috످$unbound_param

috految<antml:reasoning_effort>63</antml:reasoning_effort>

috److Your message contains only `$unbound_param`, which looks like a variable or template placeholder that wasn't filled in.

What did you mean to send? If you're debugging an unbound variable or parameter error, paste the code and error message, and I can help you fix it.

috످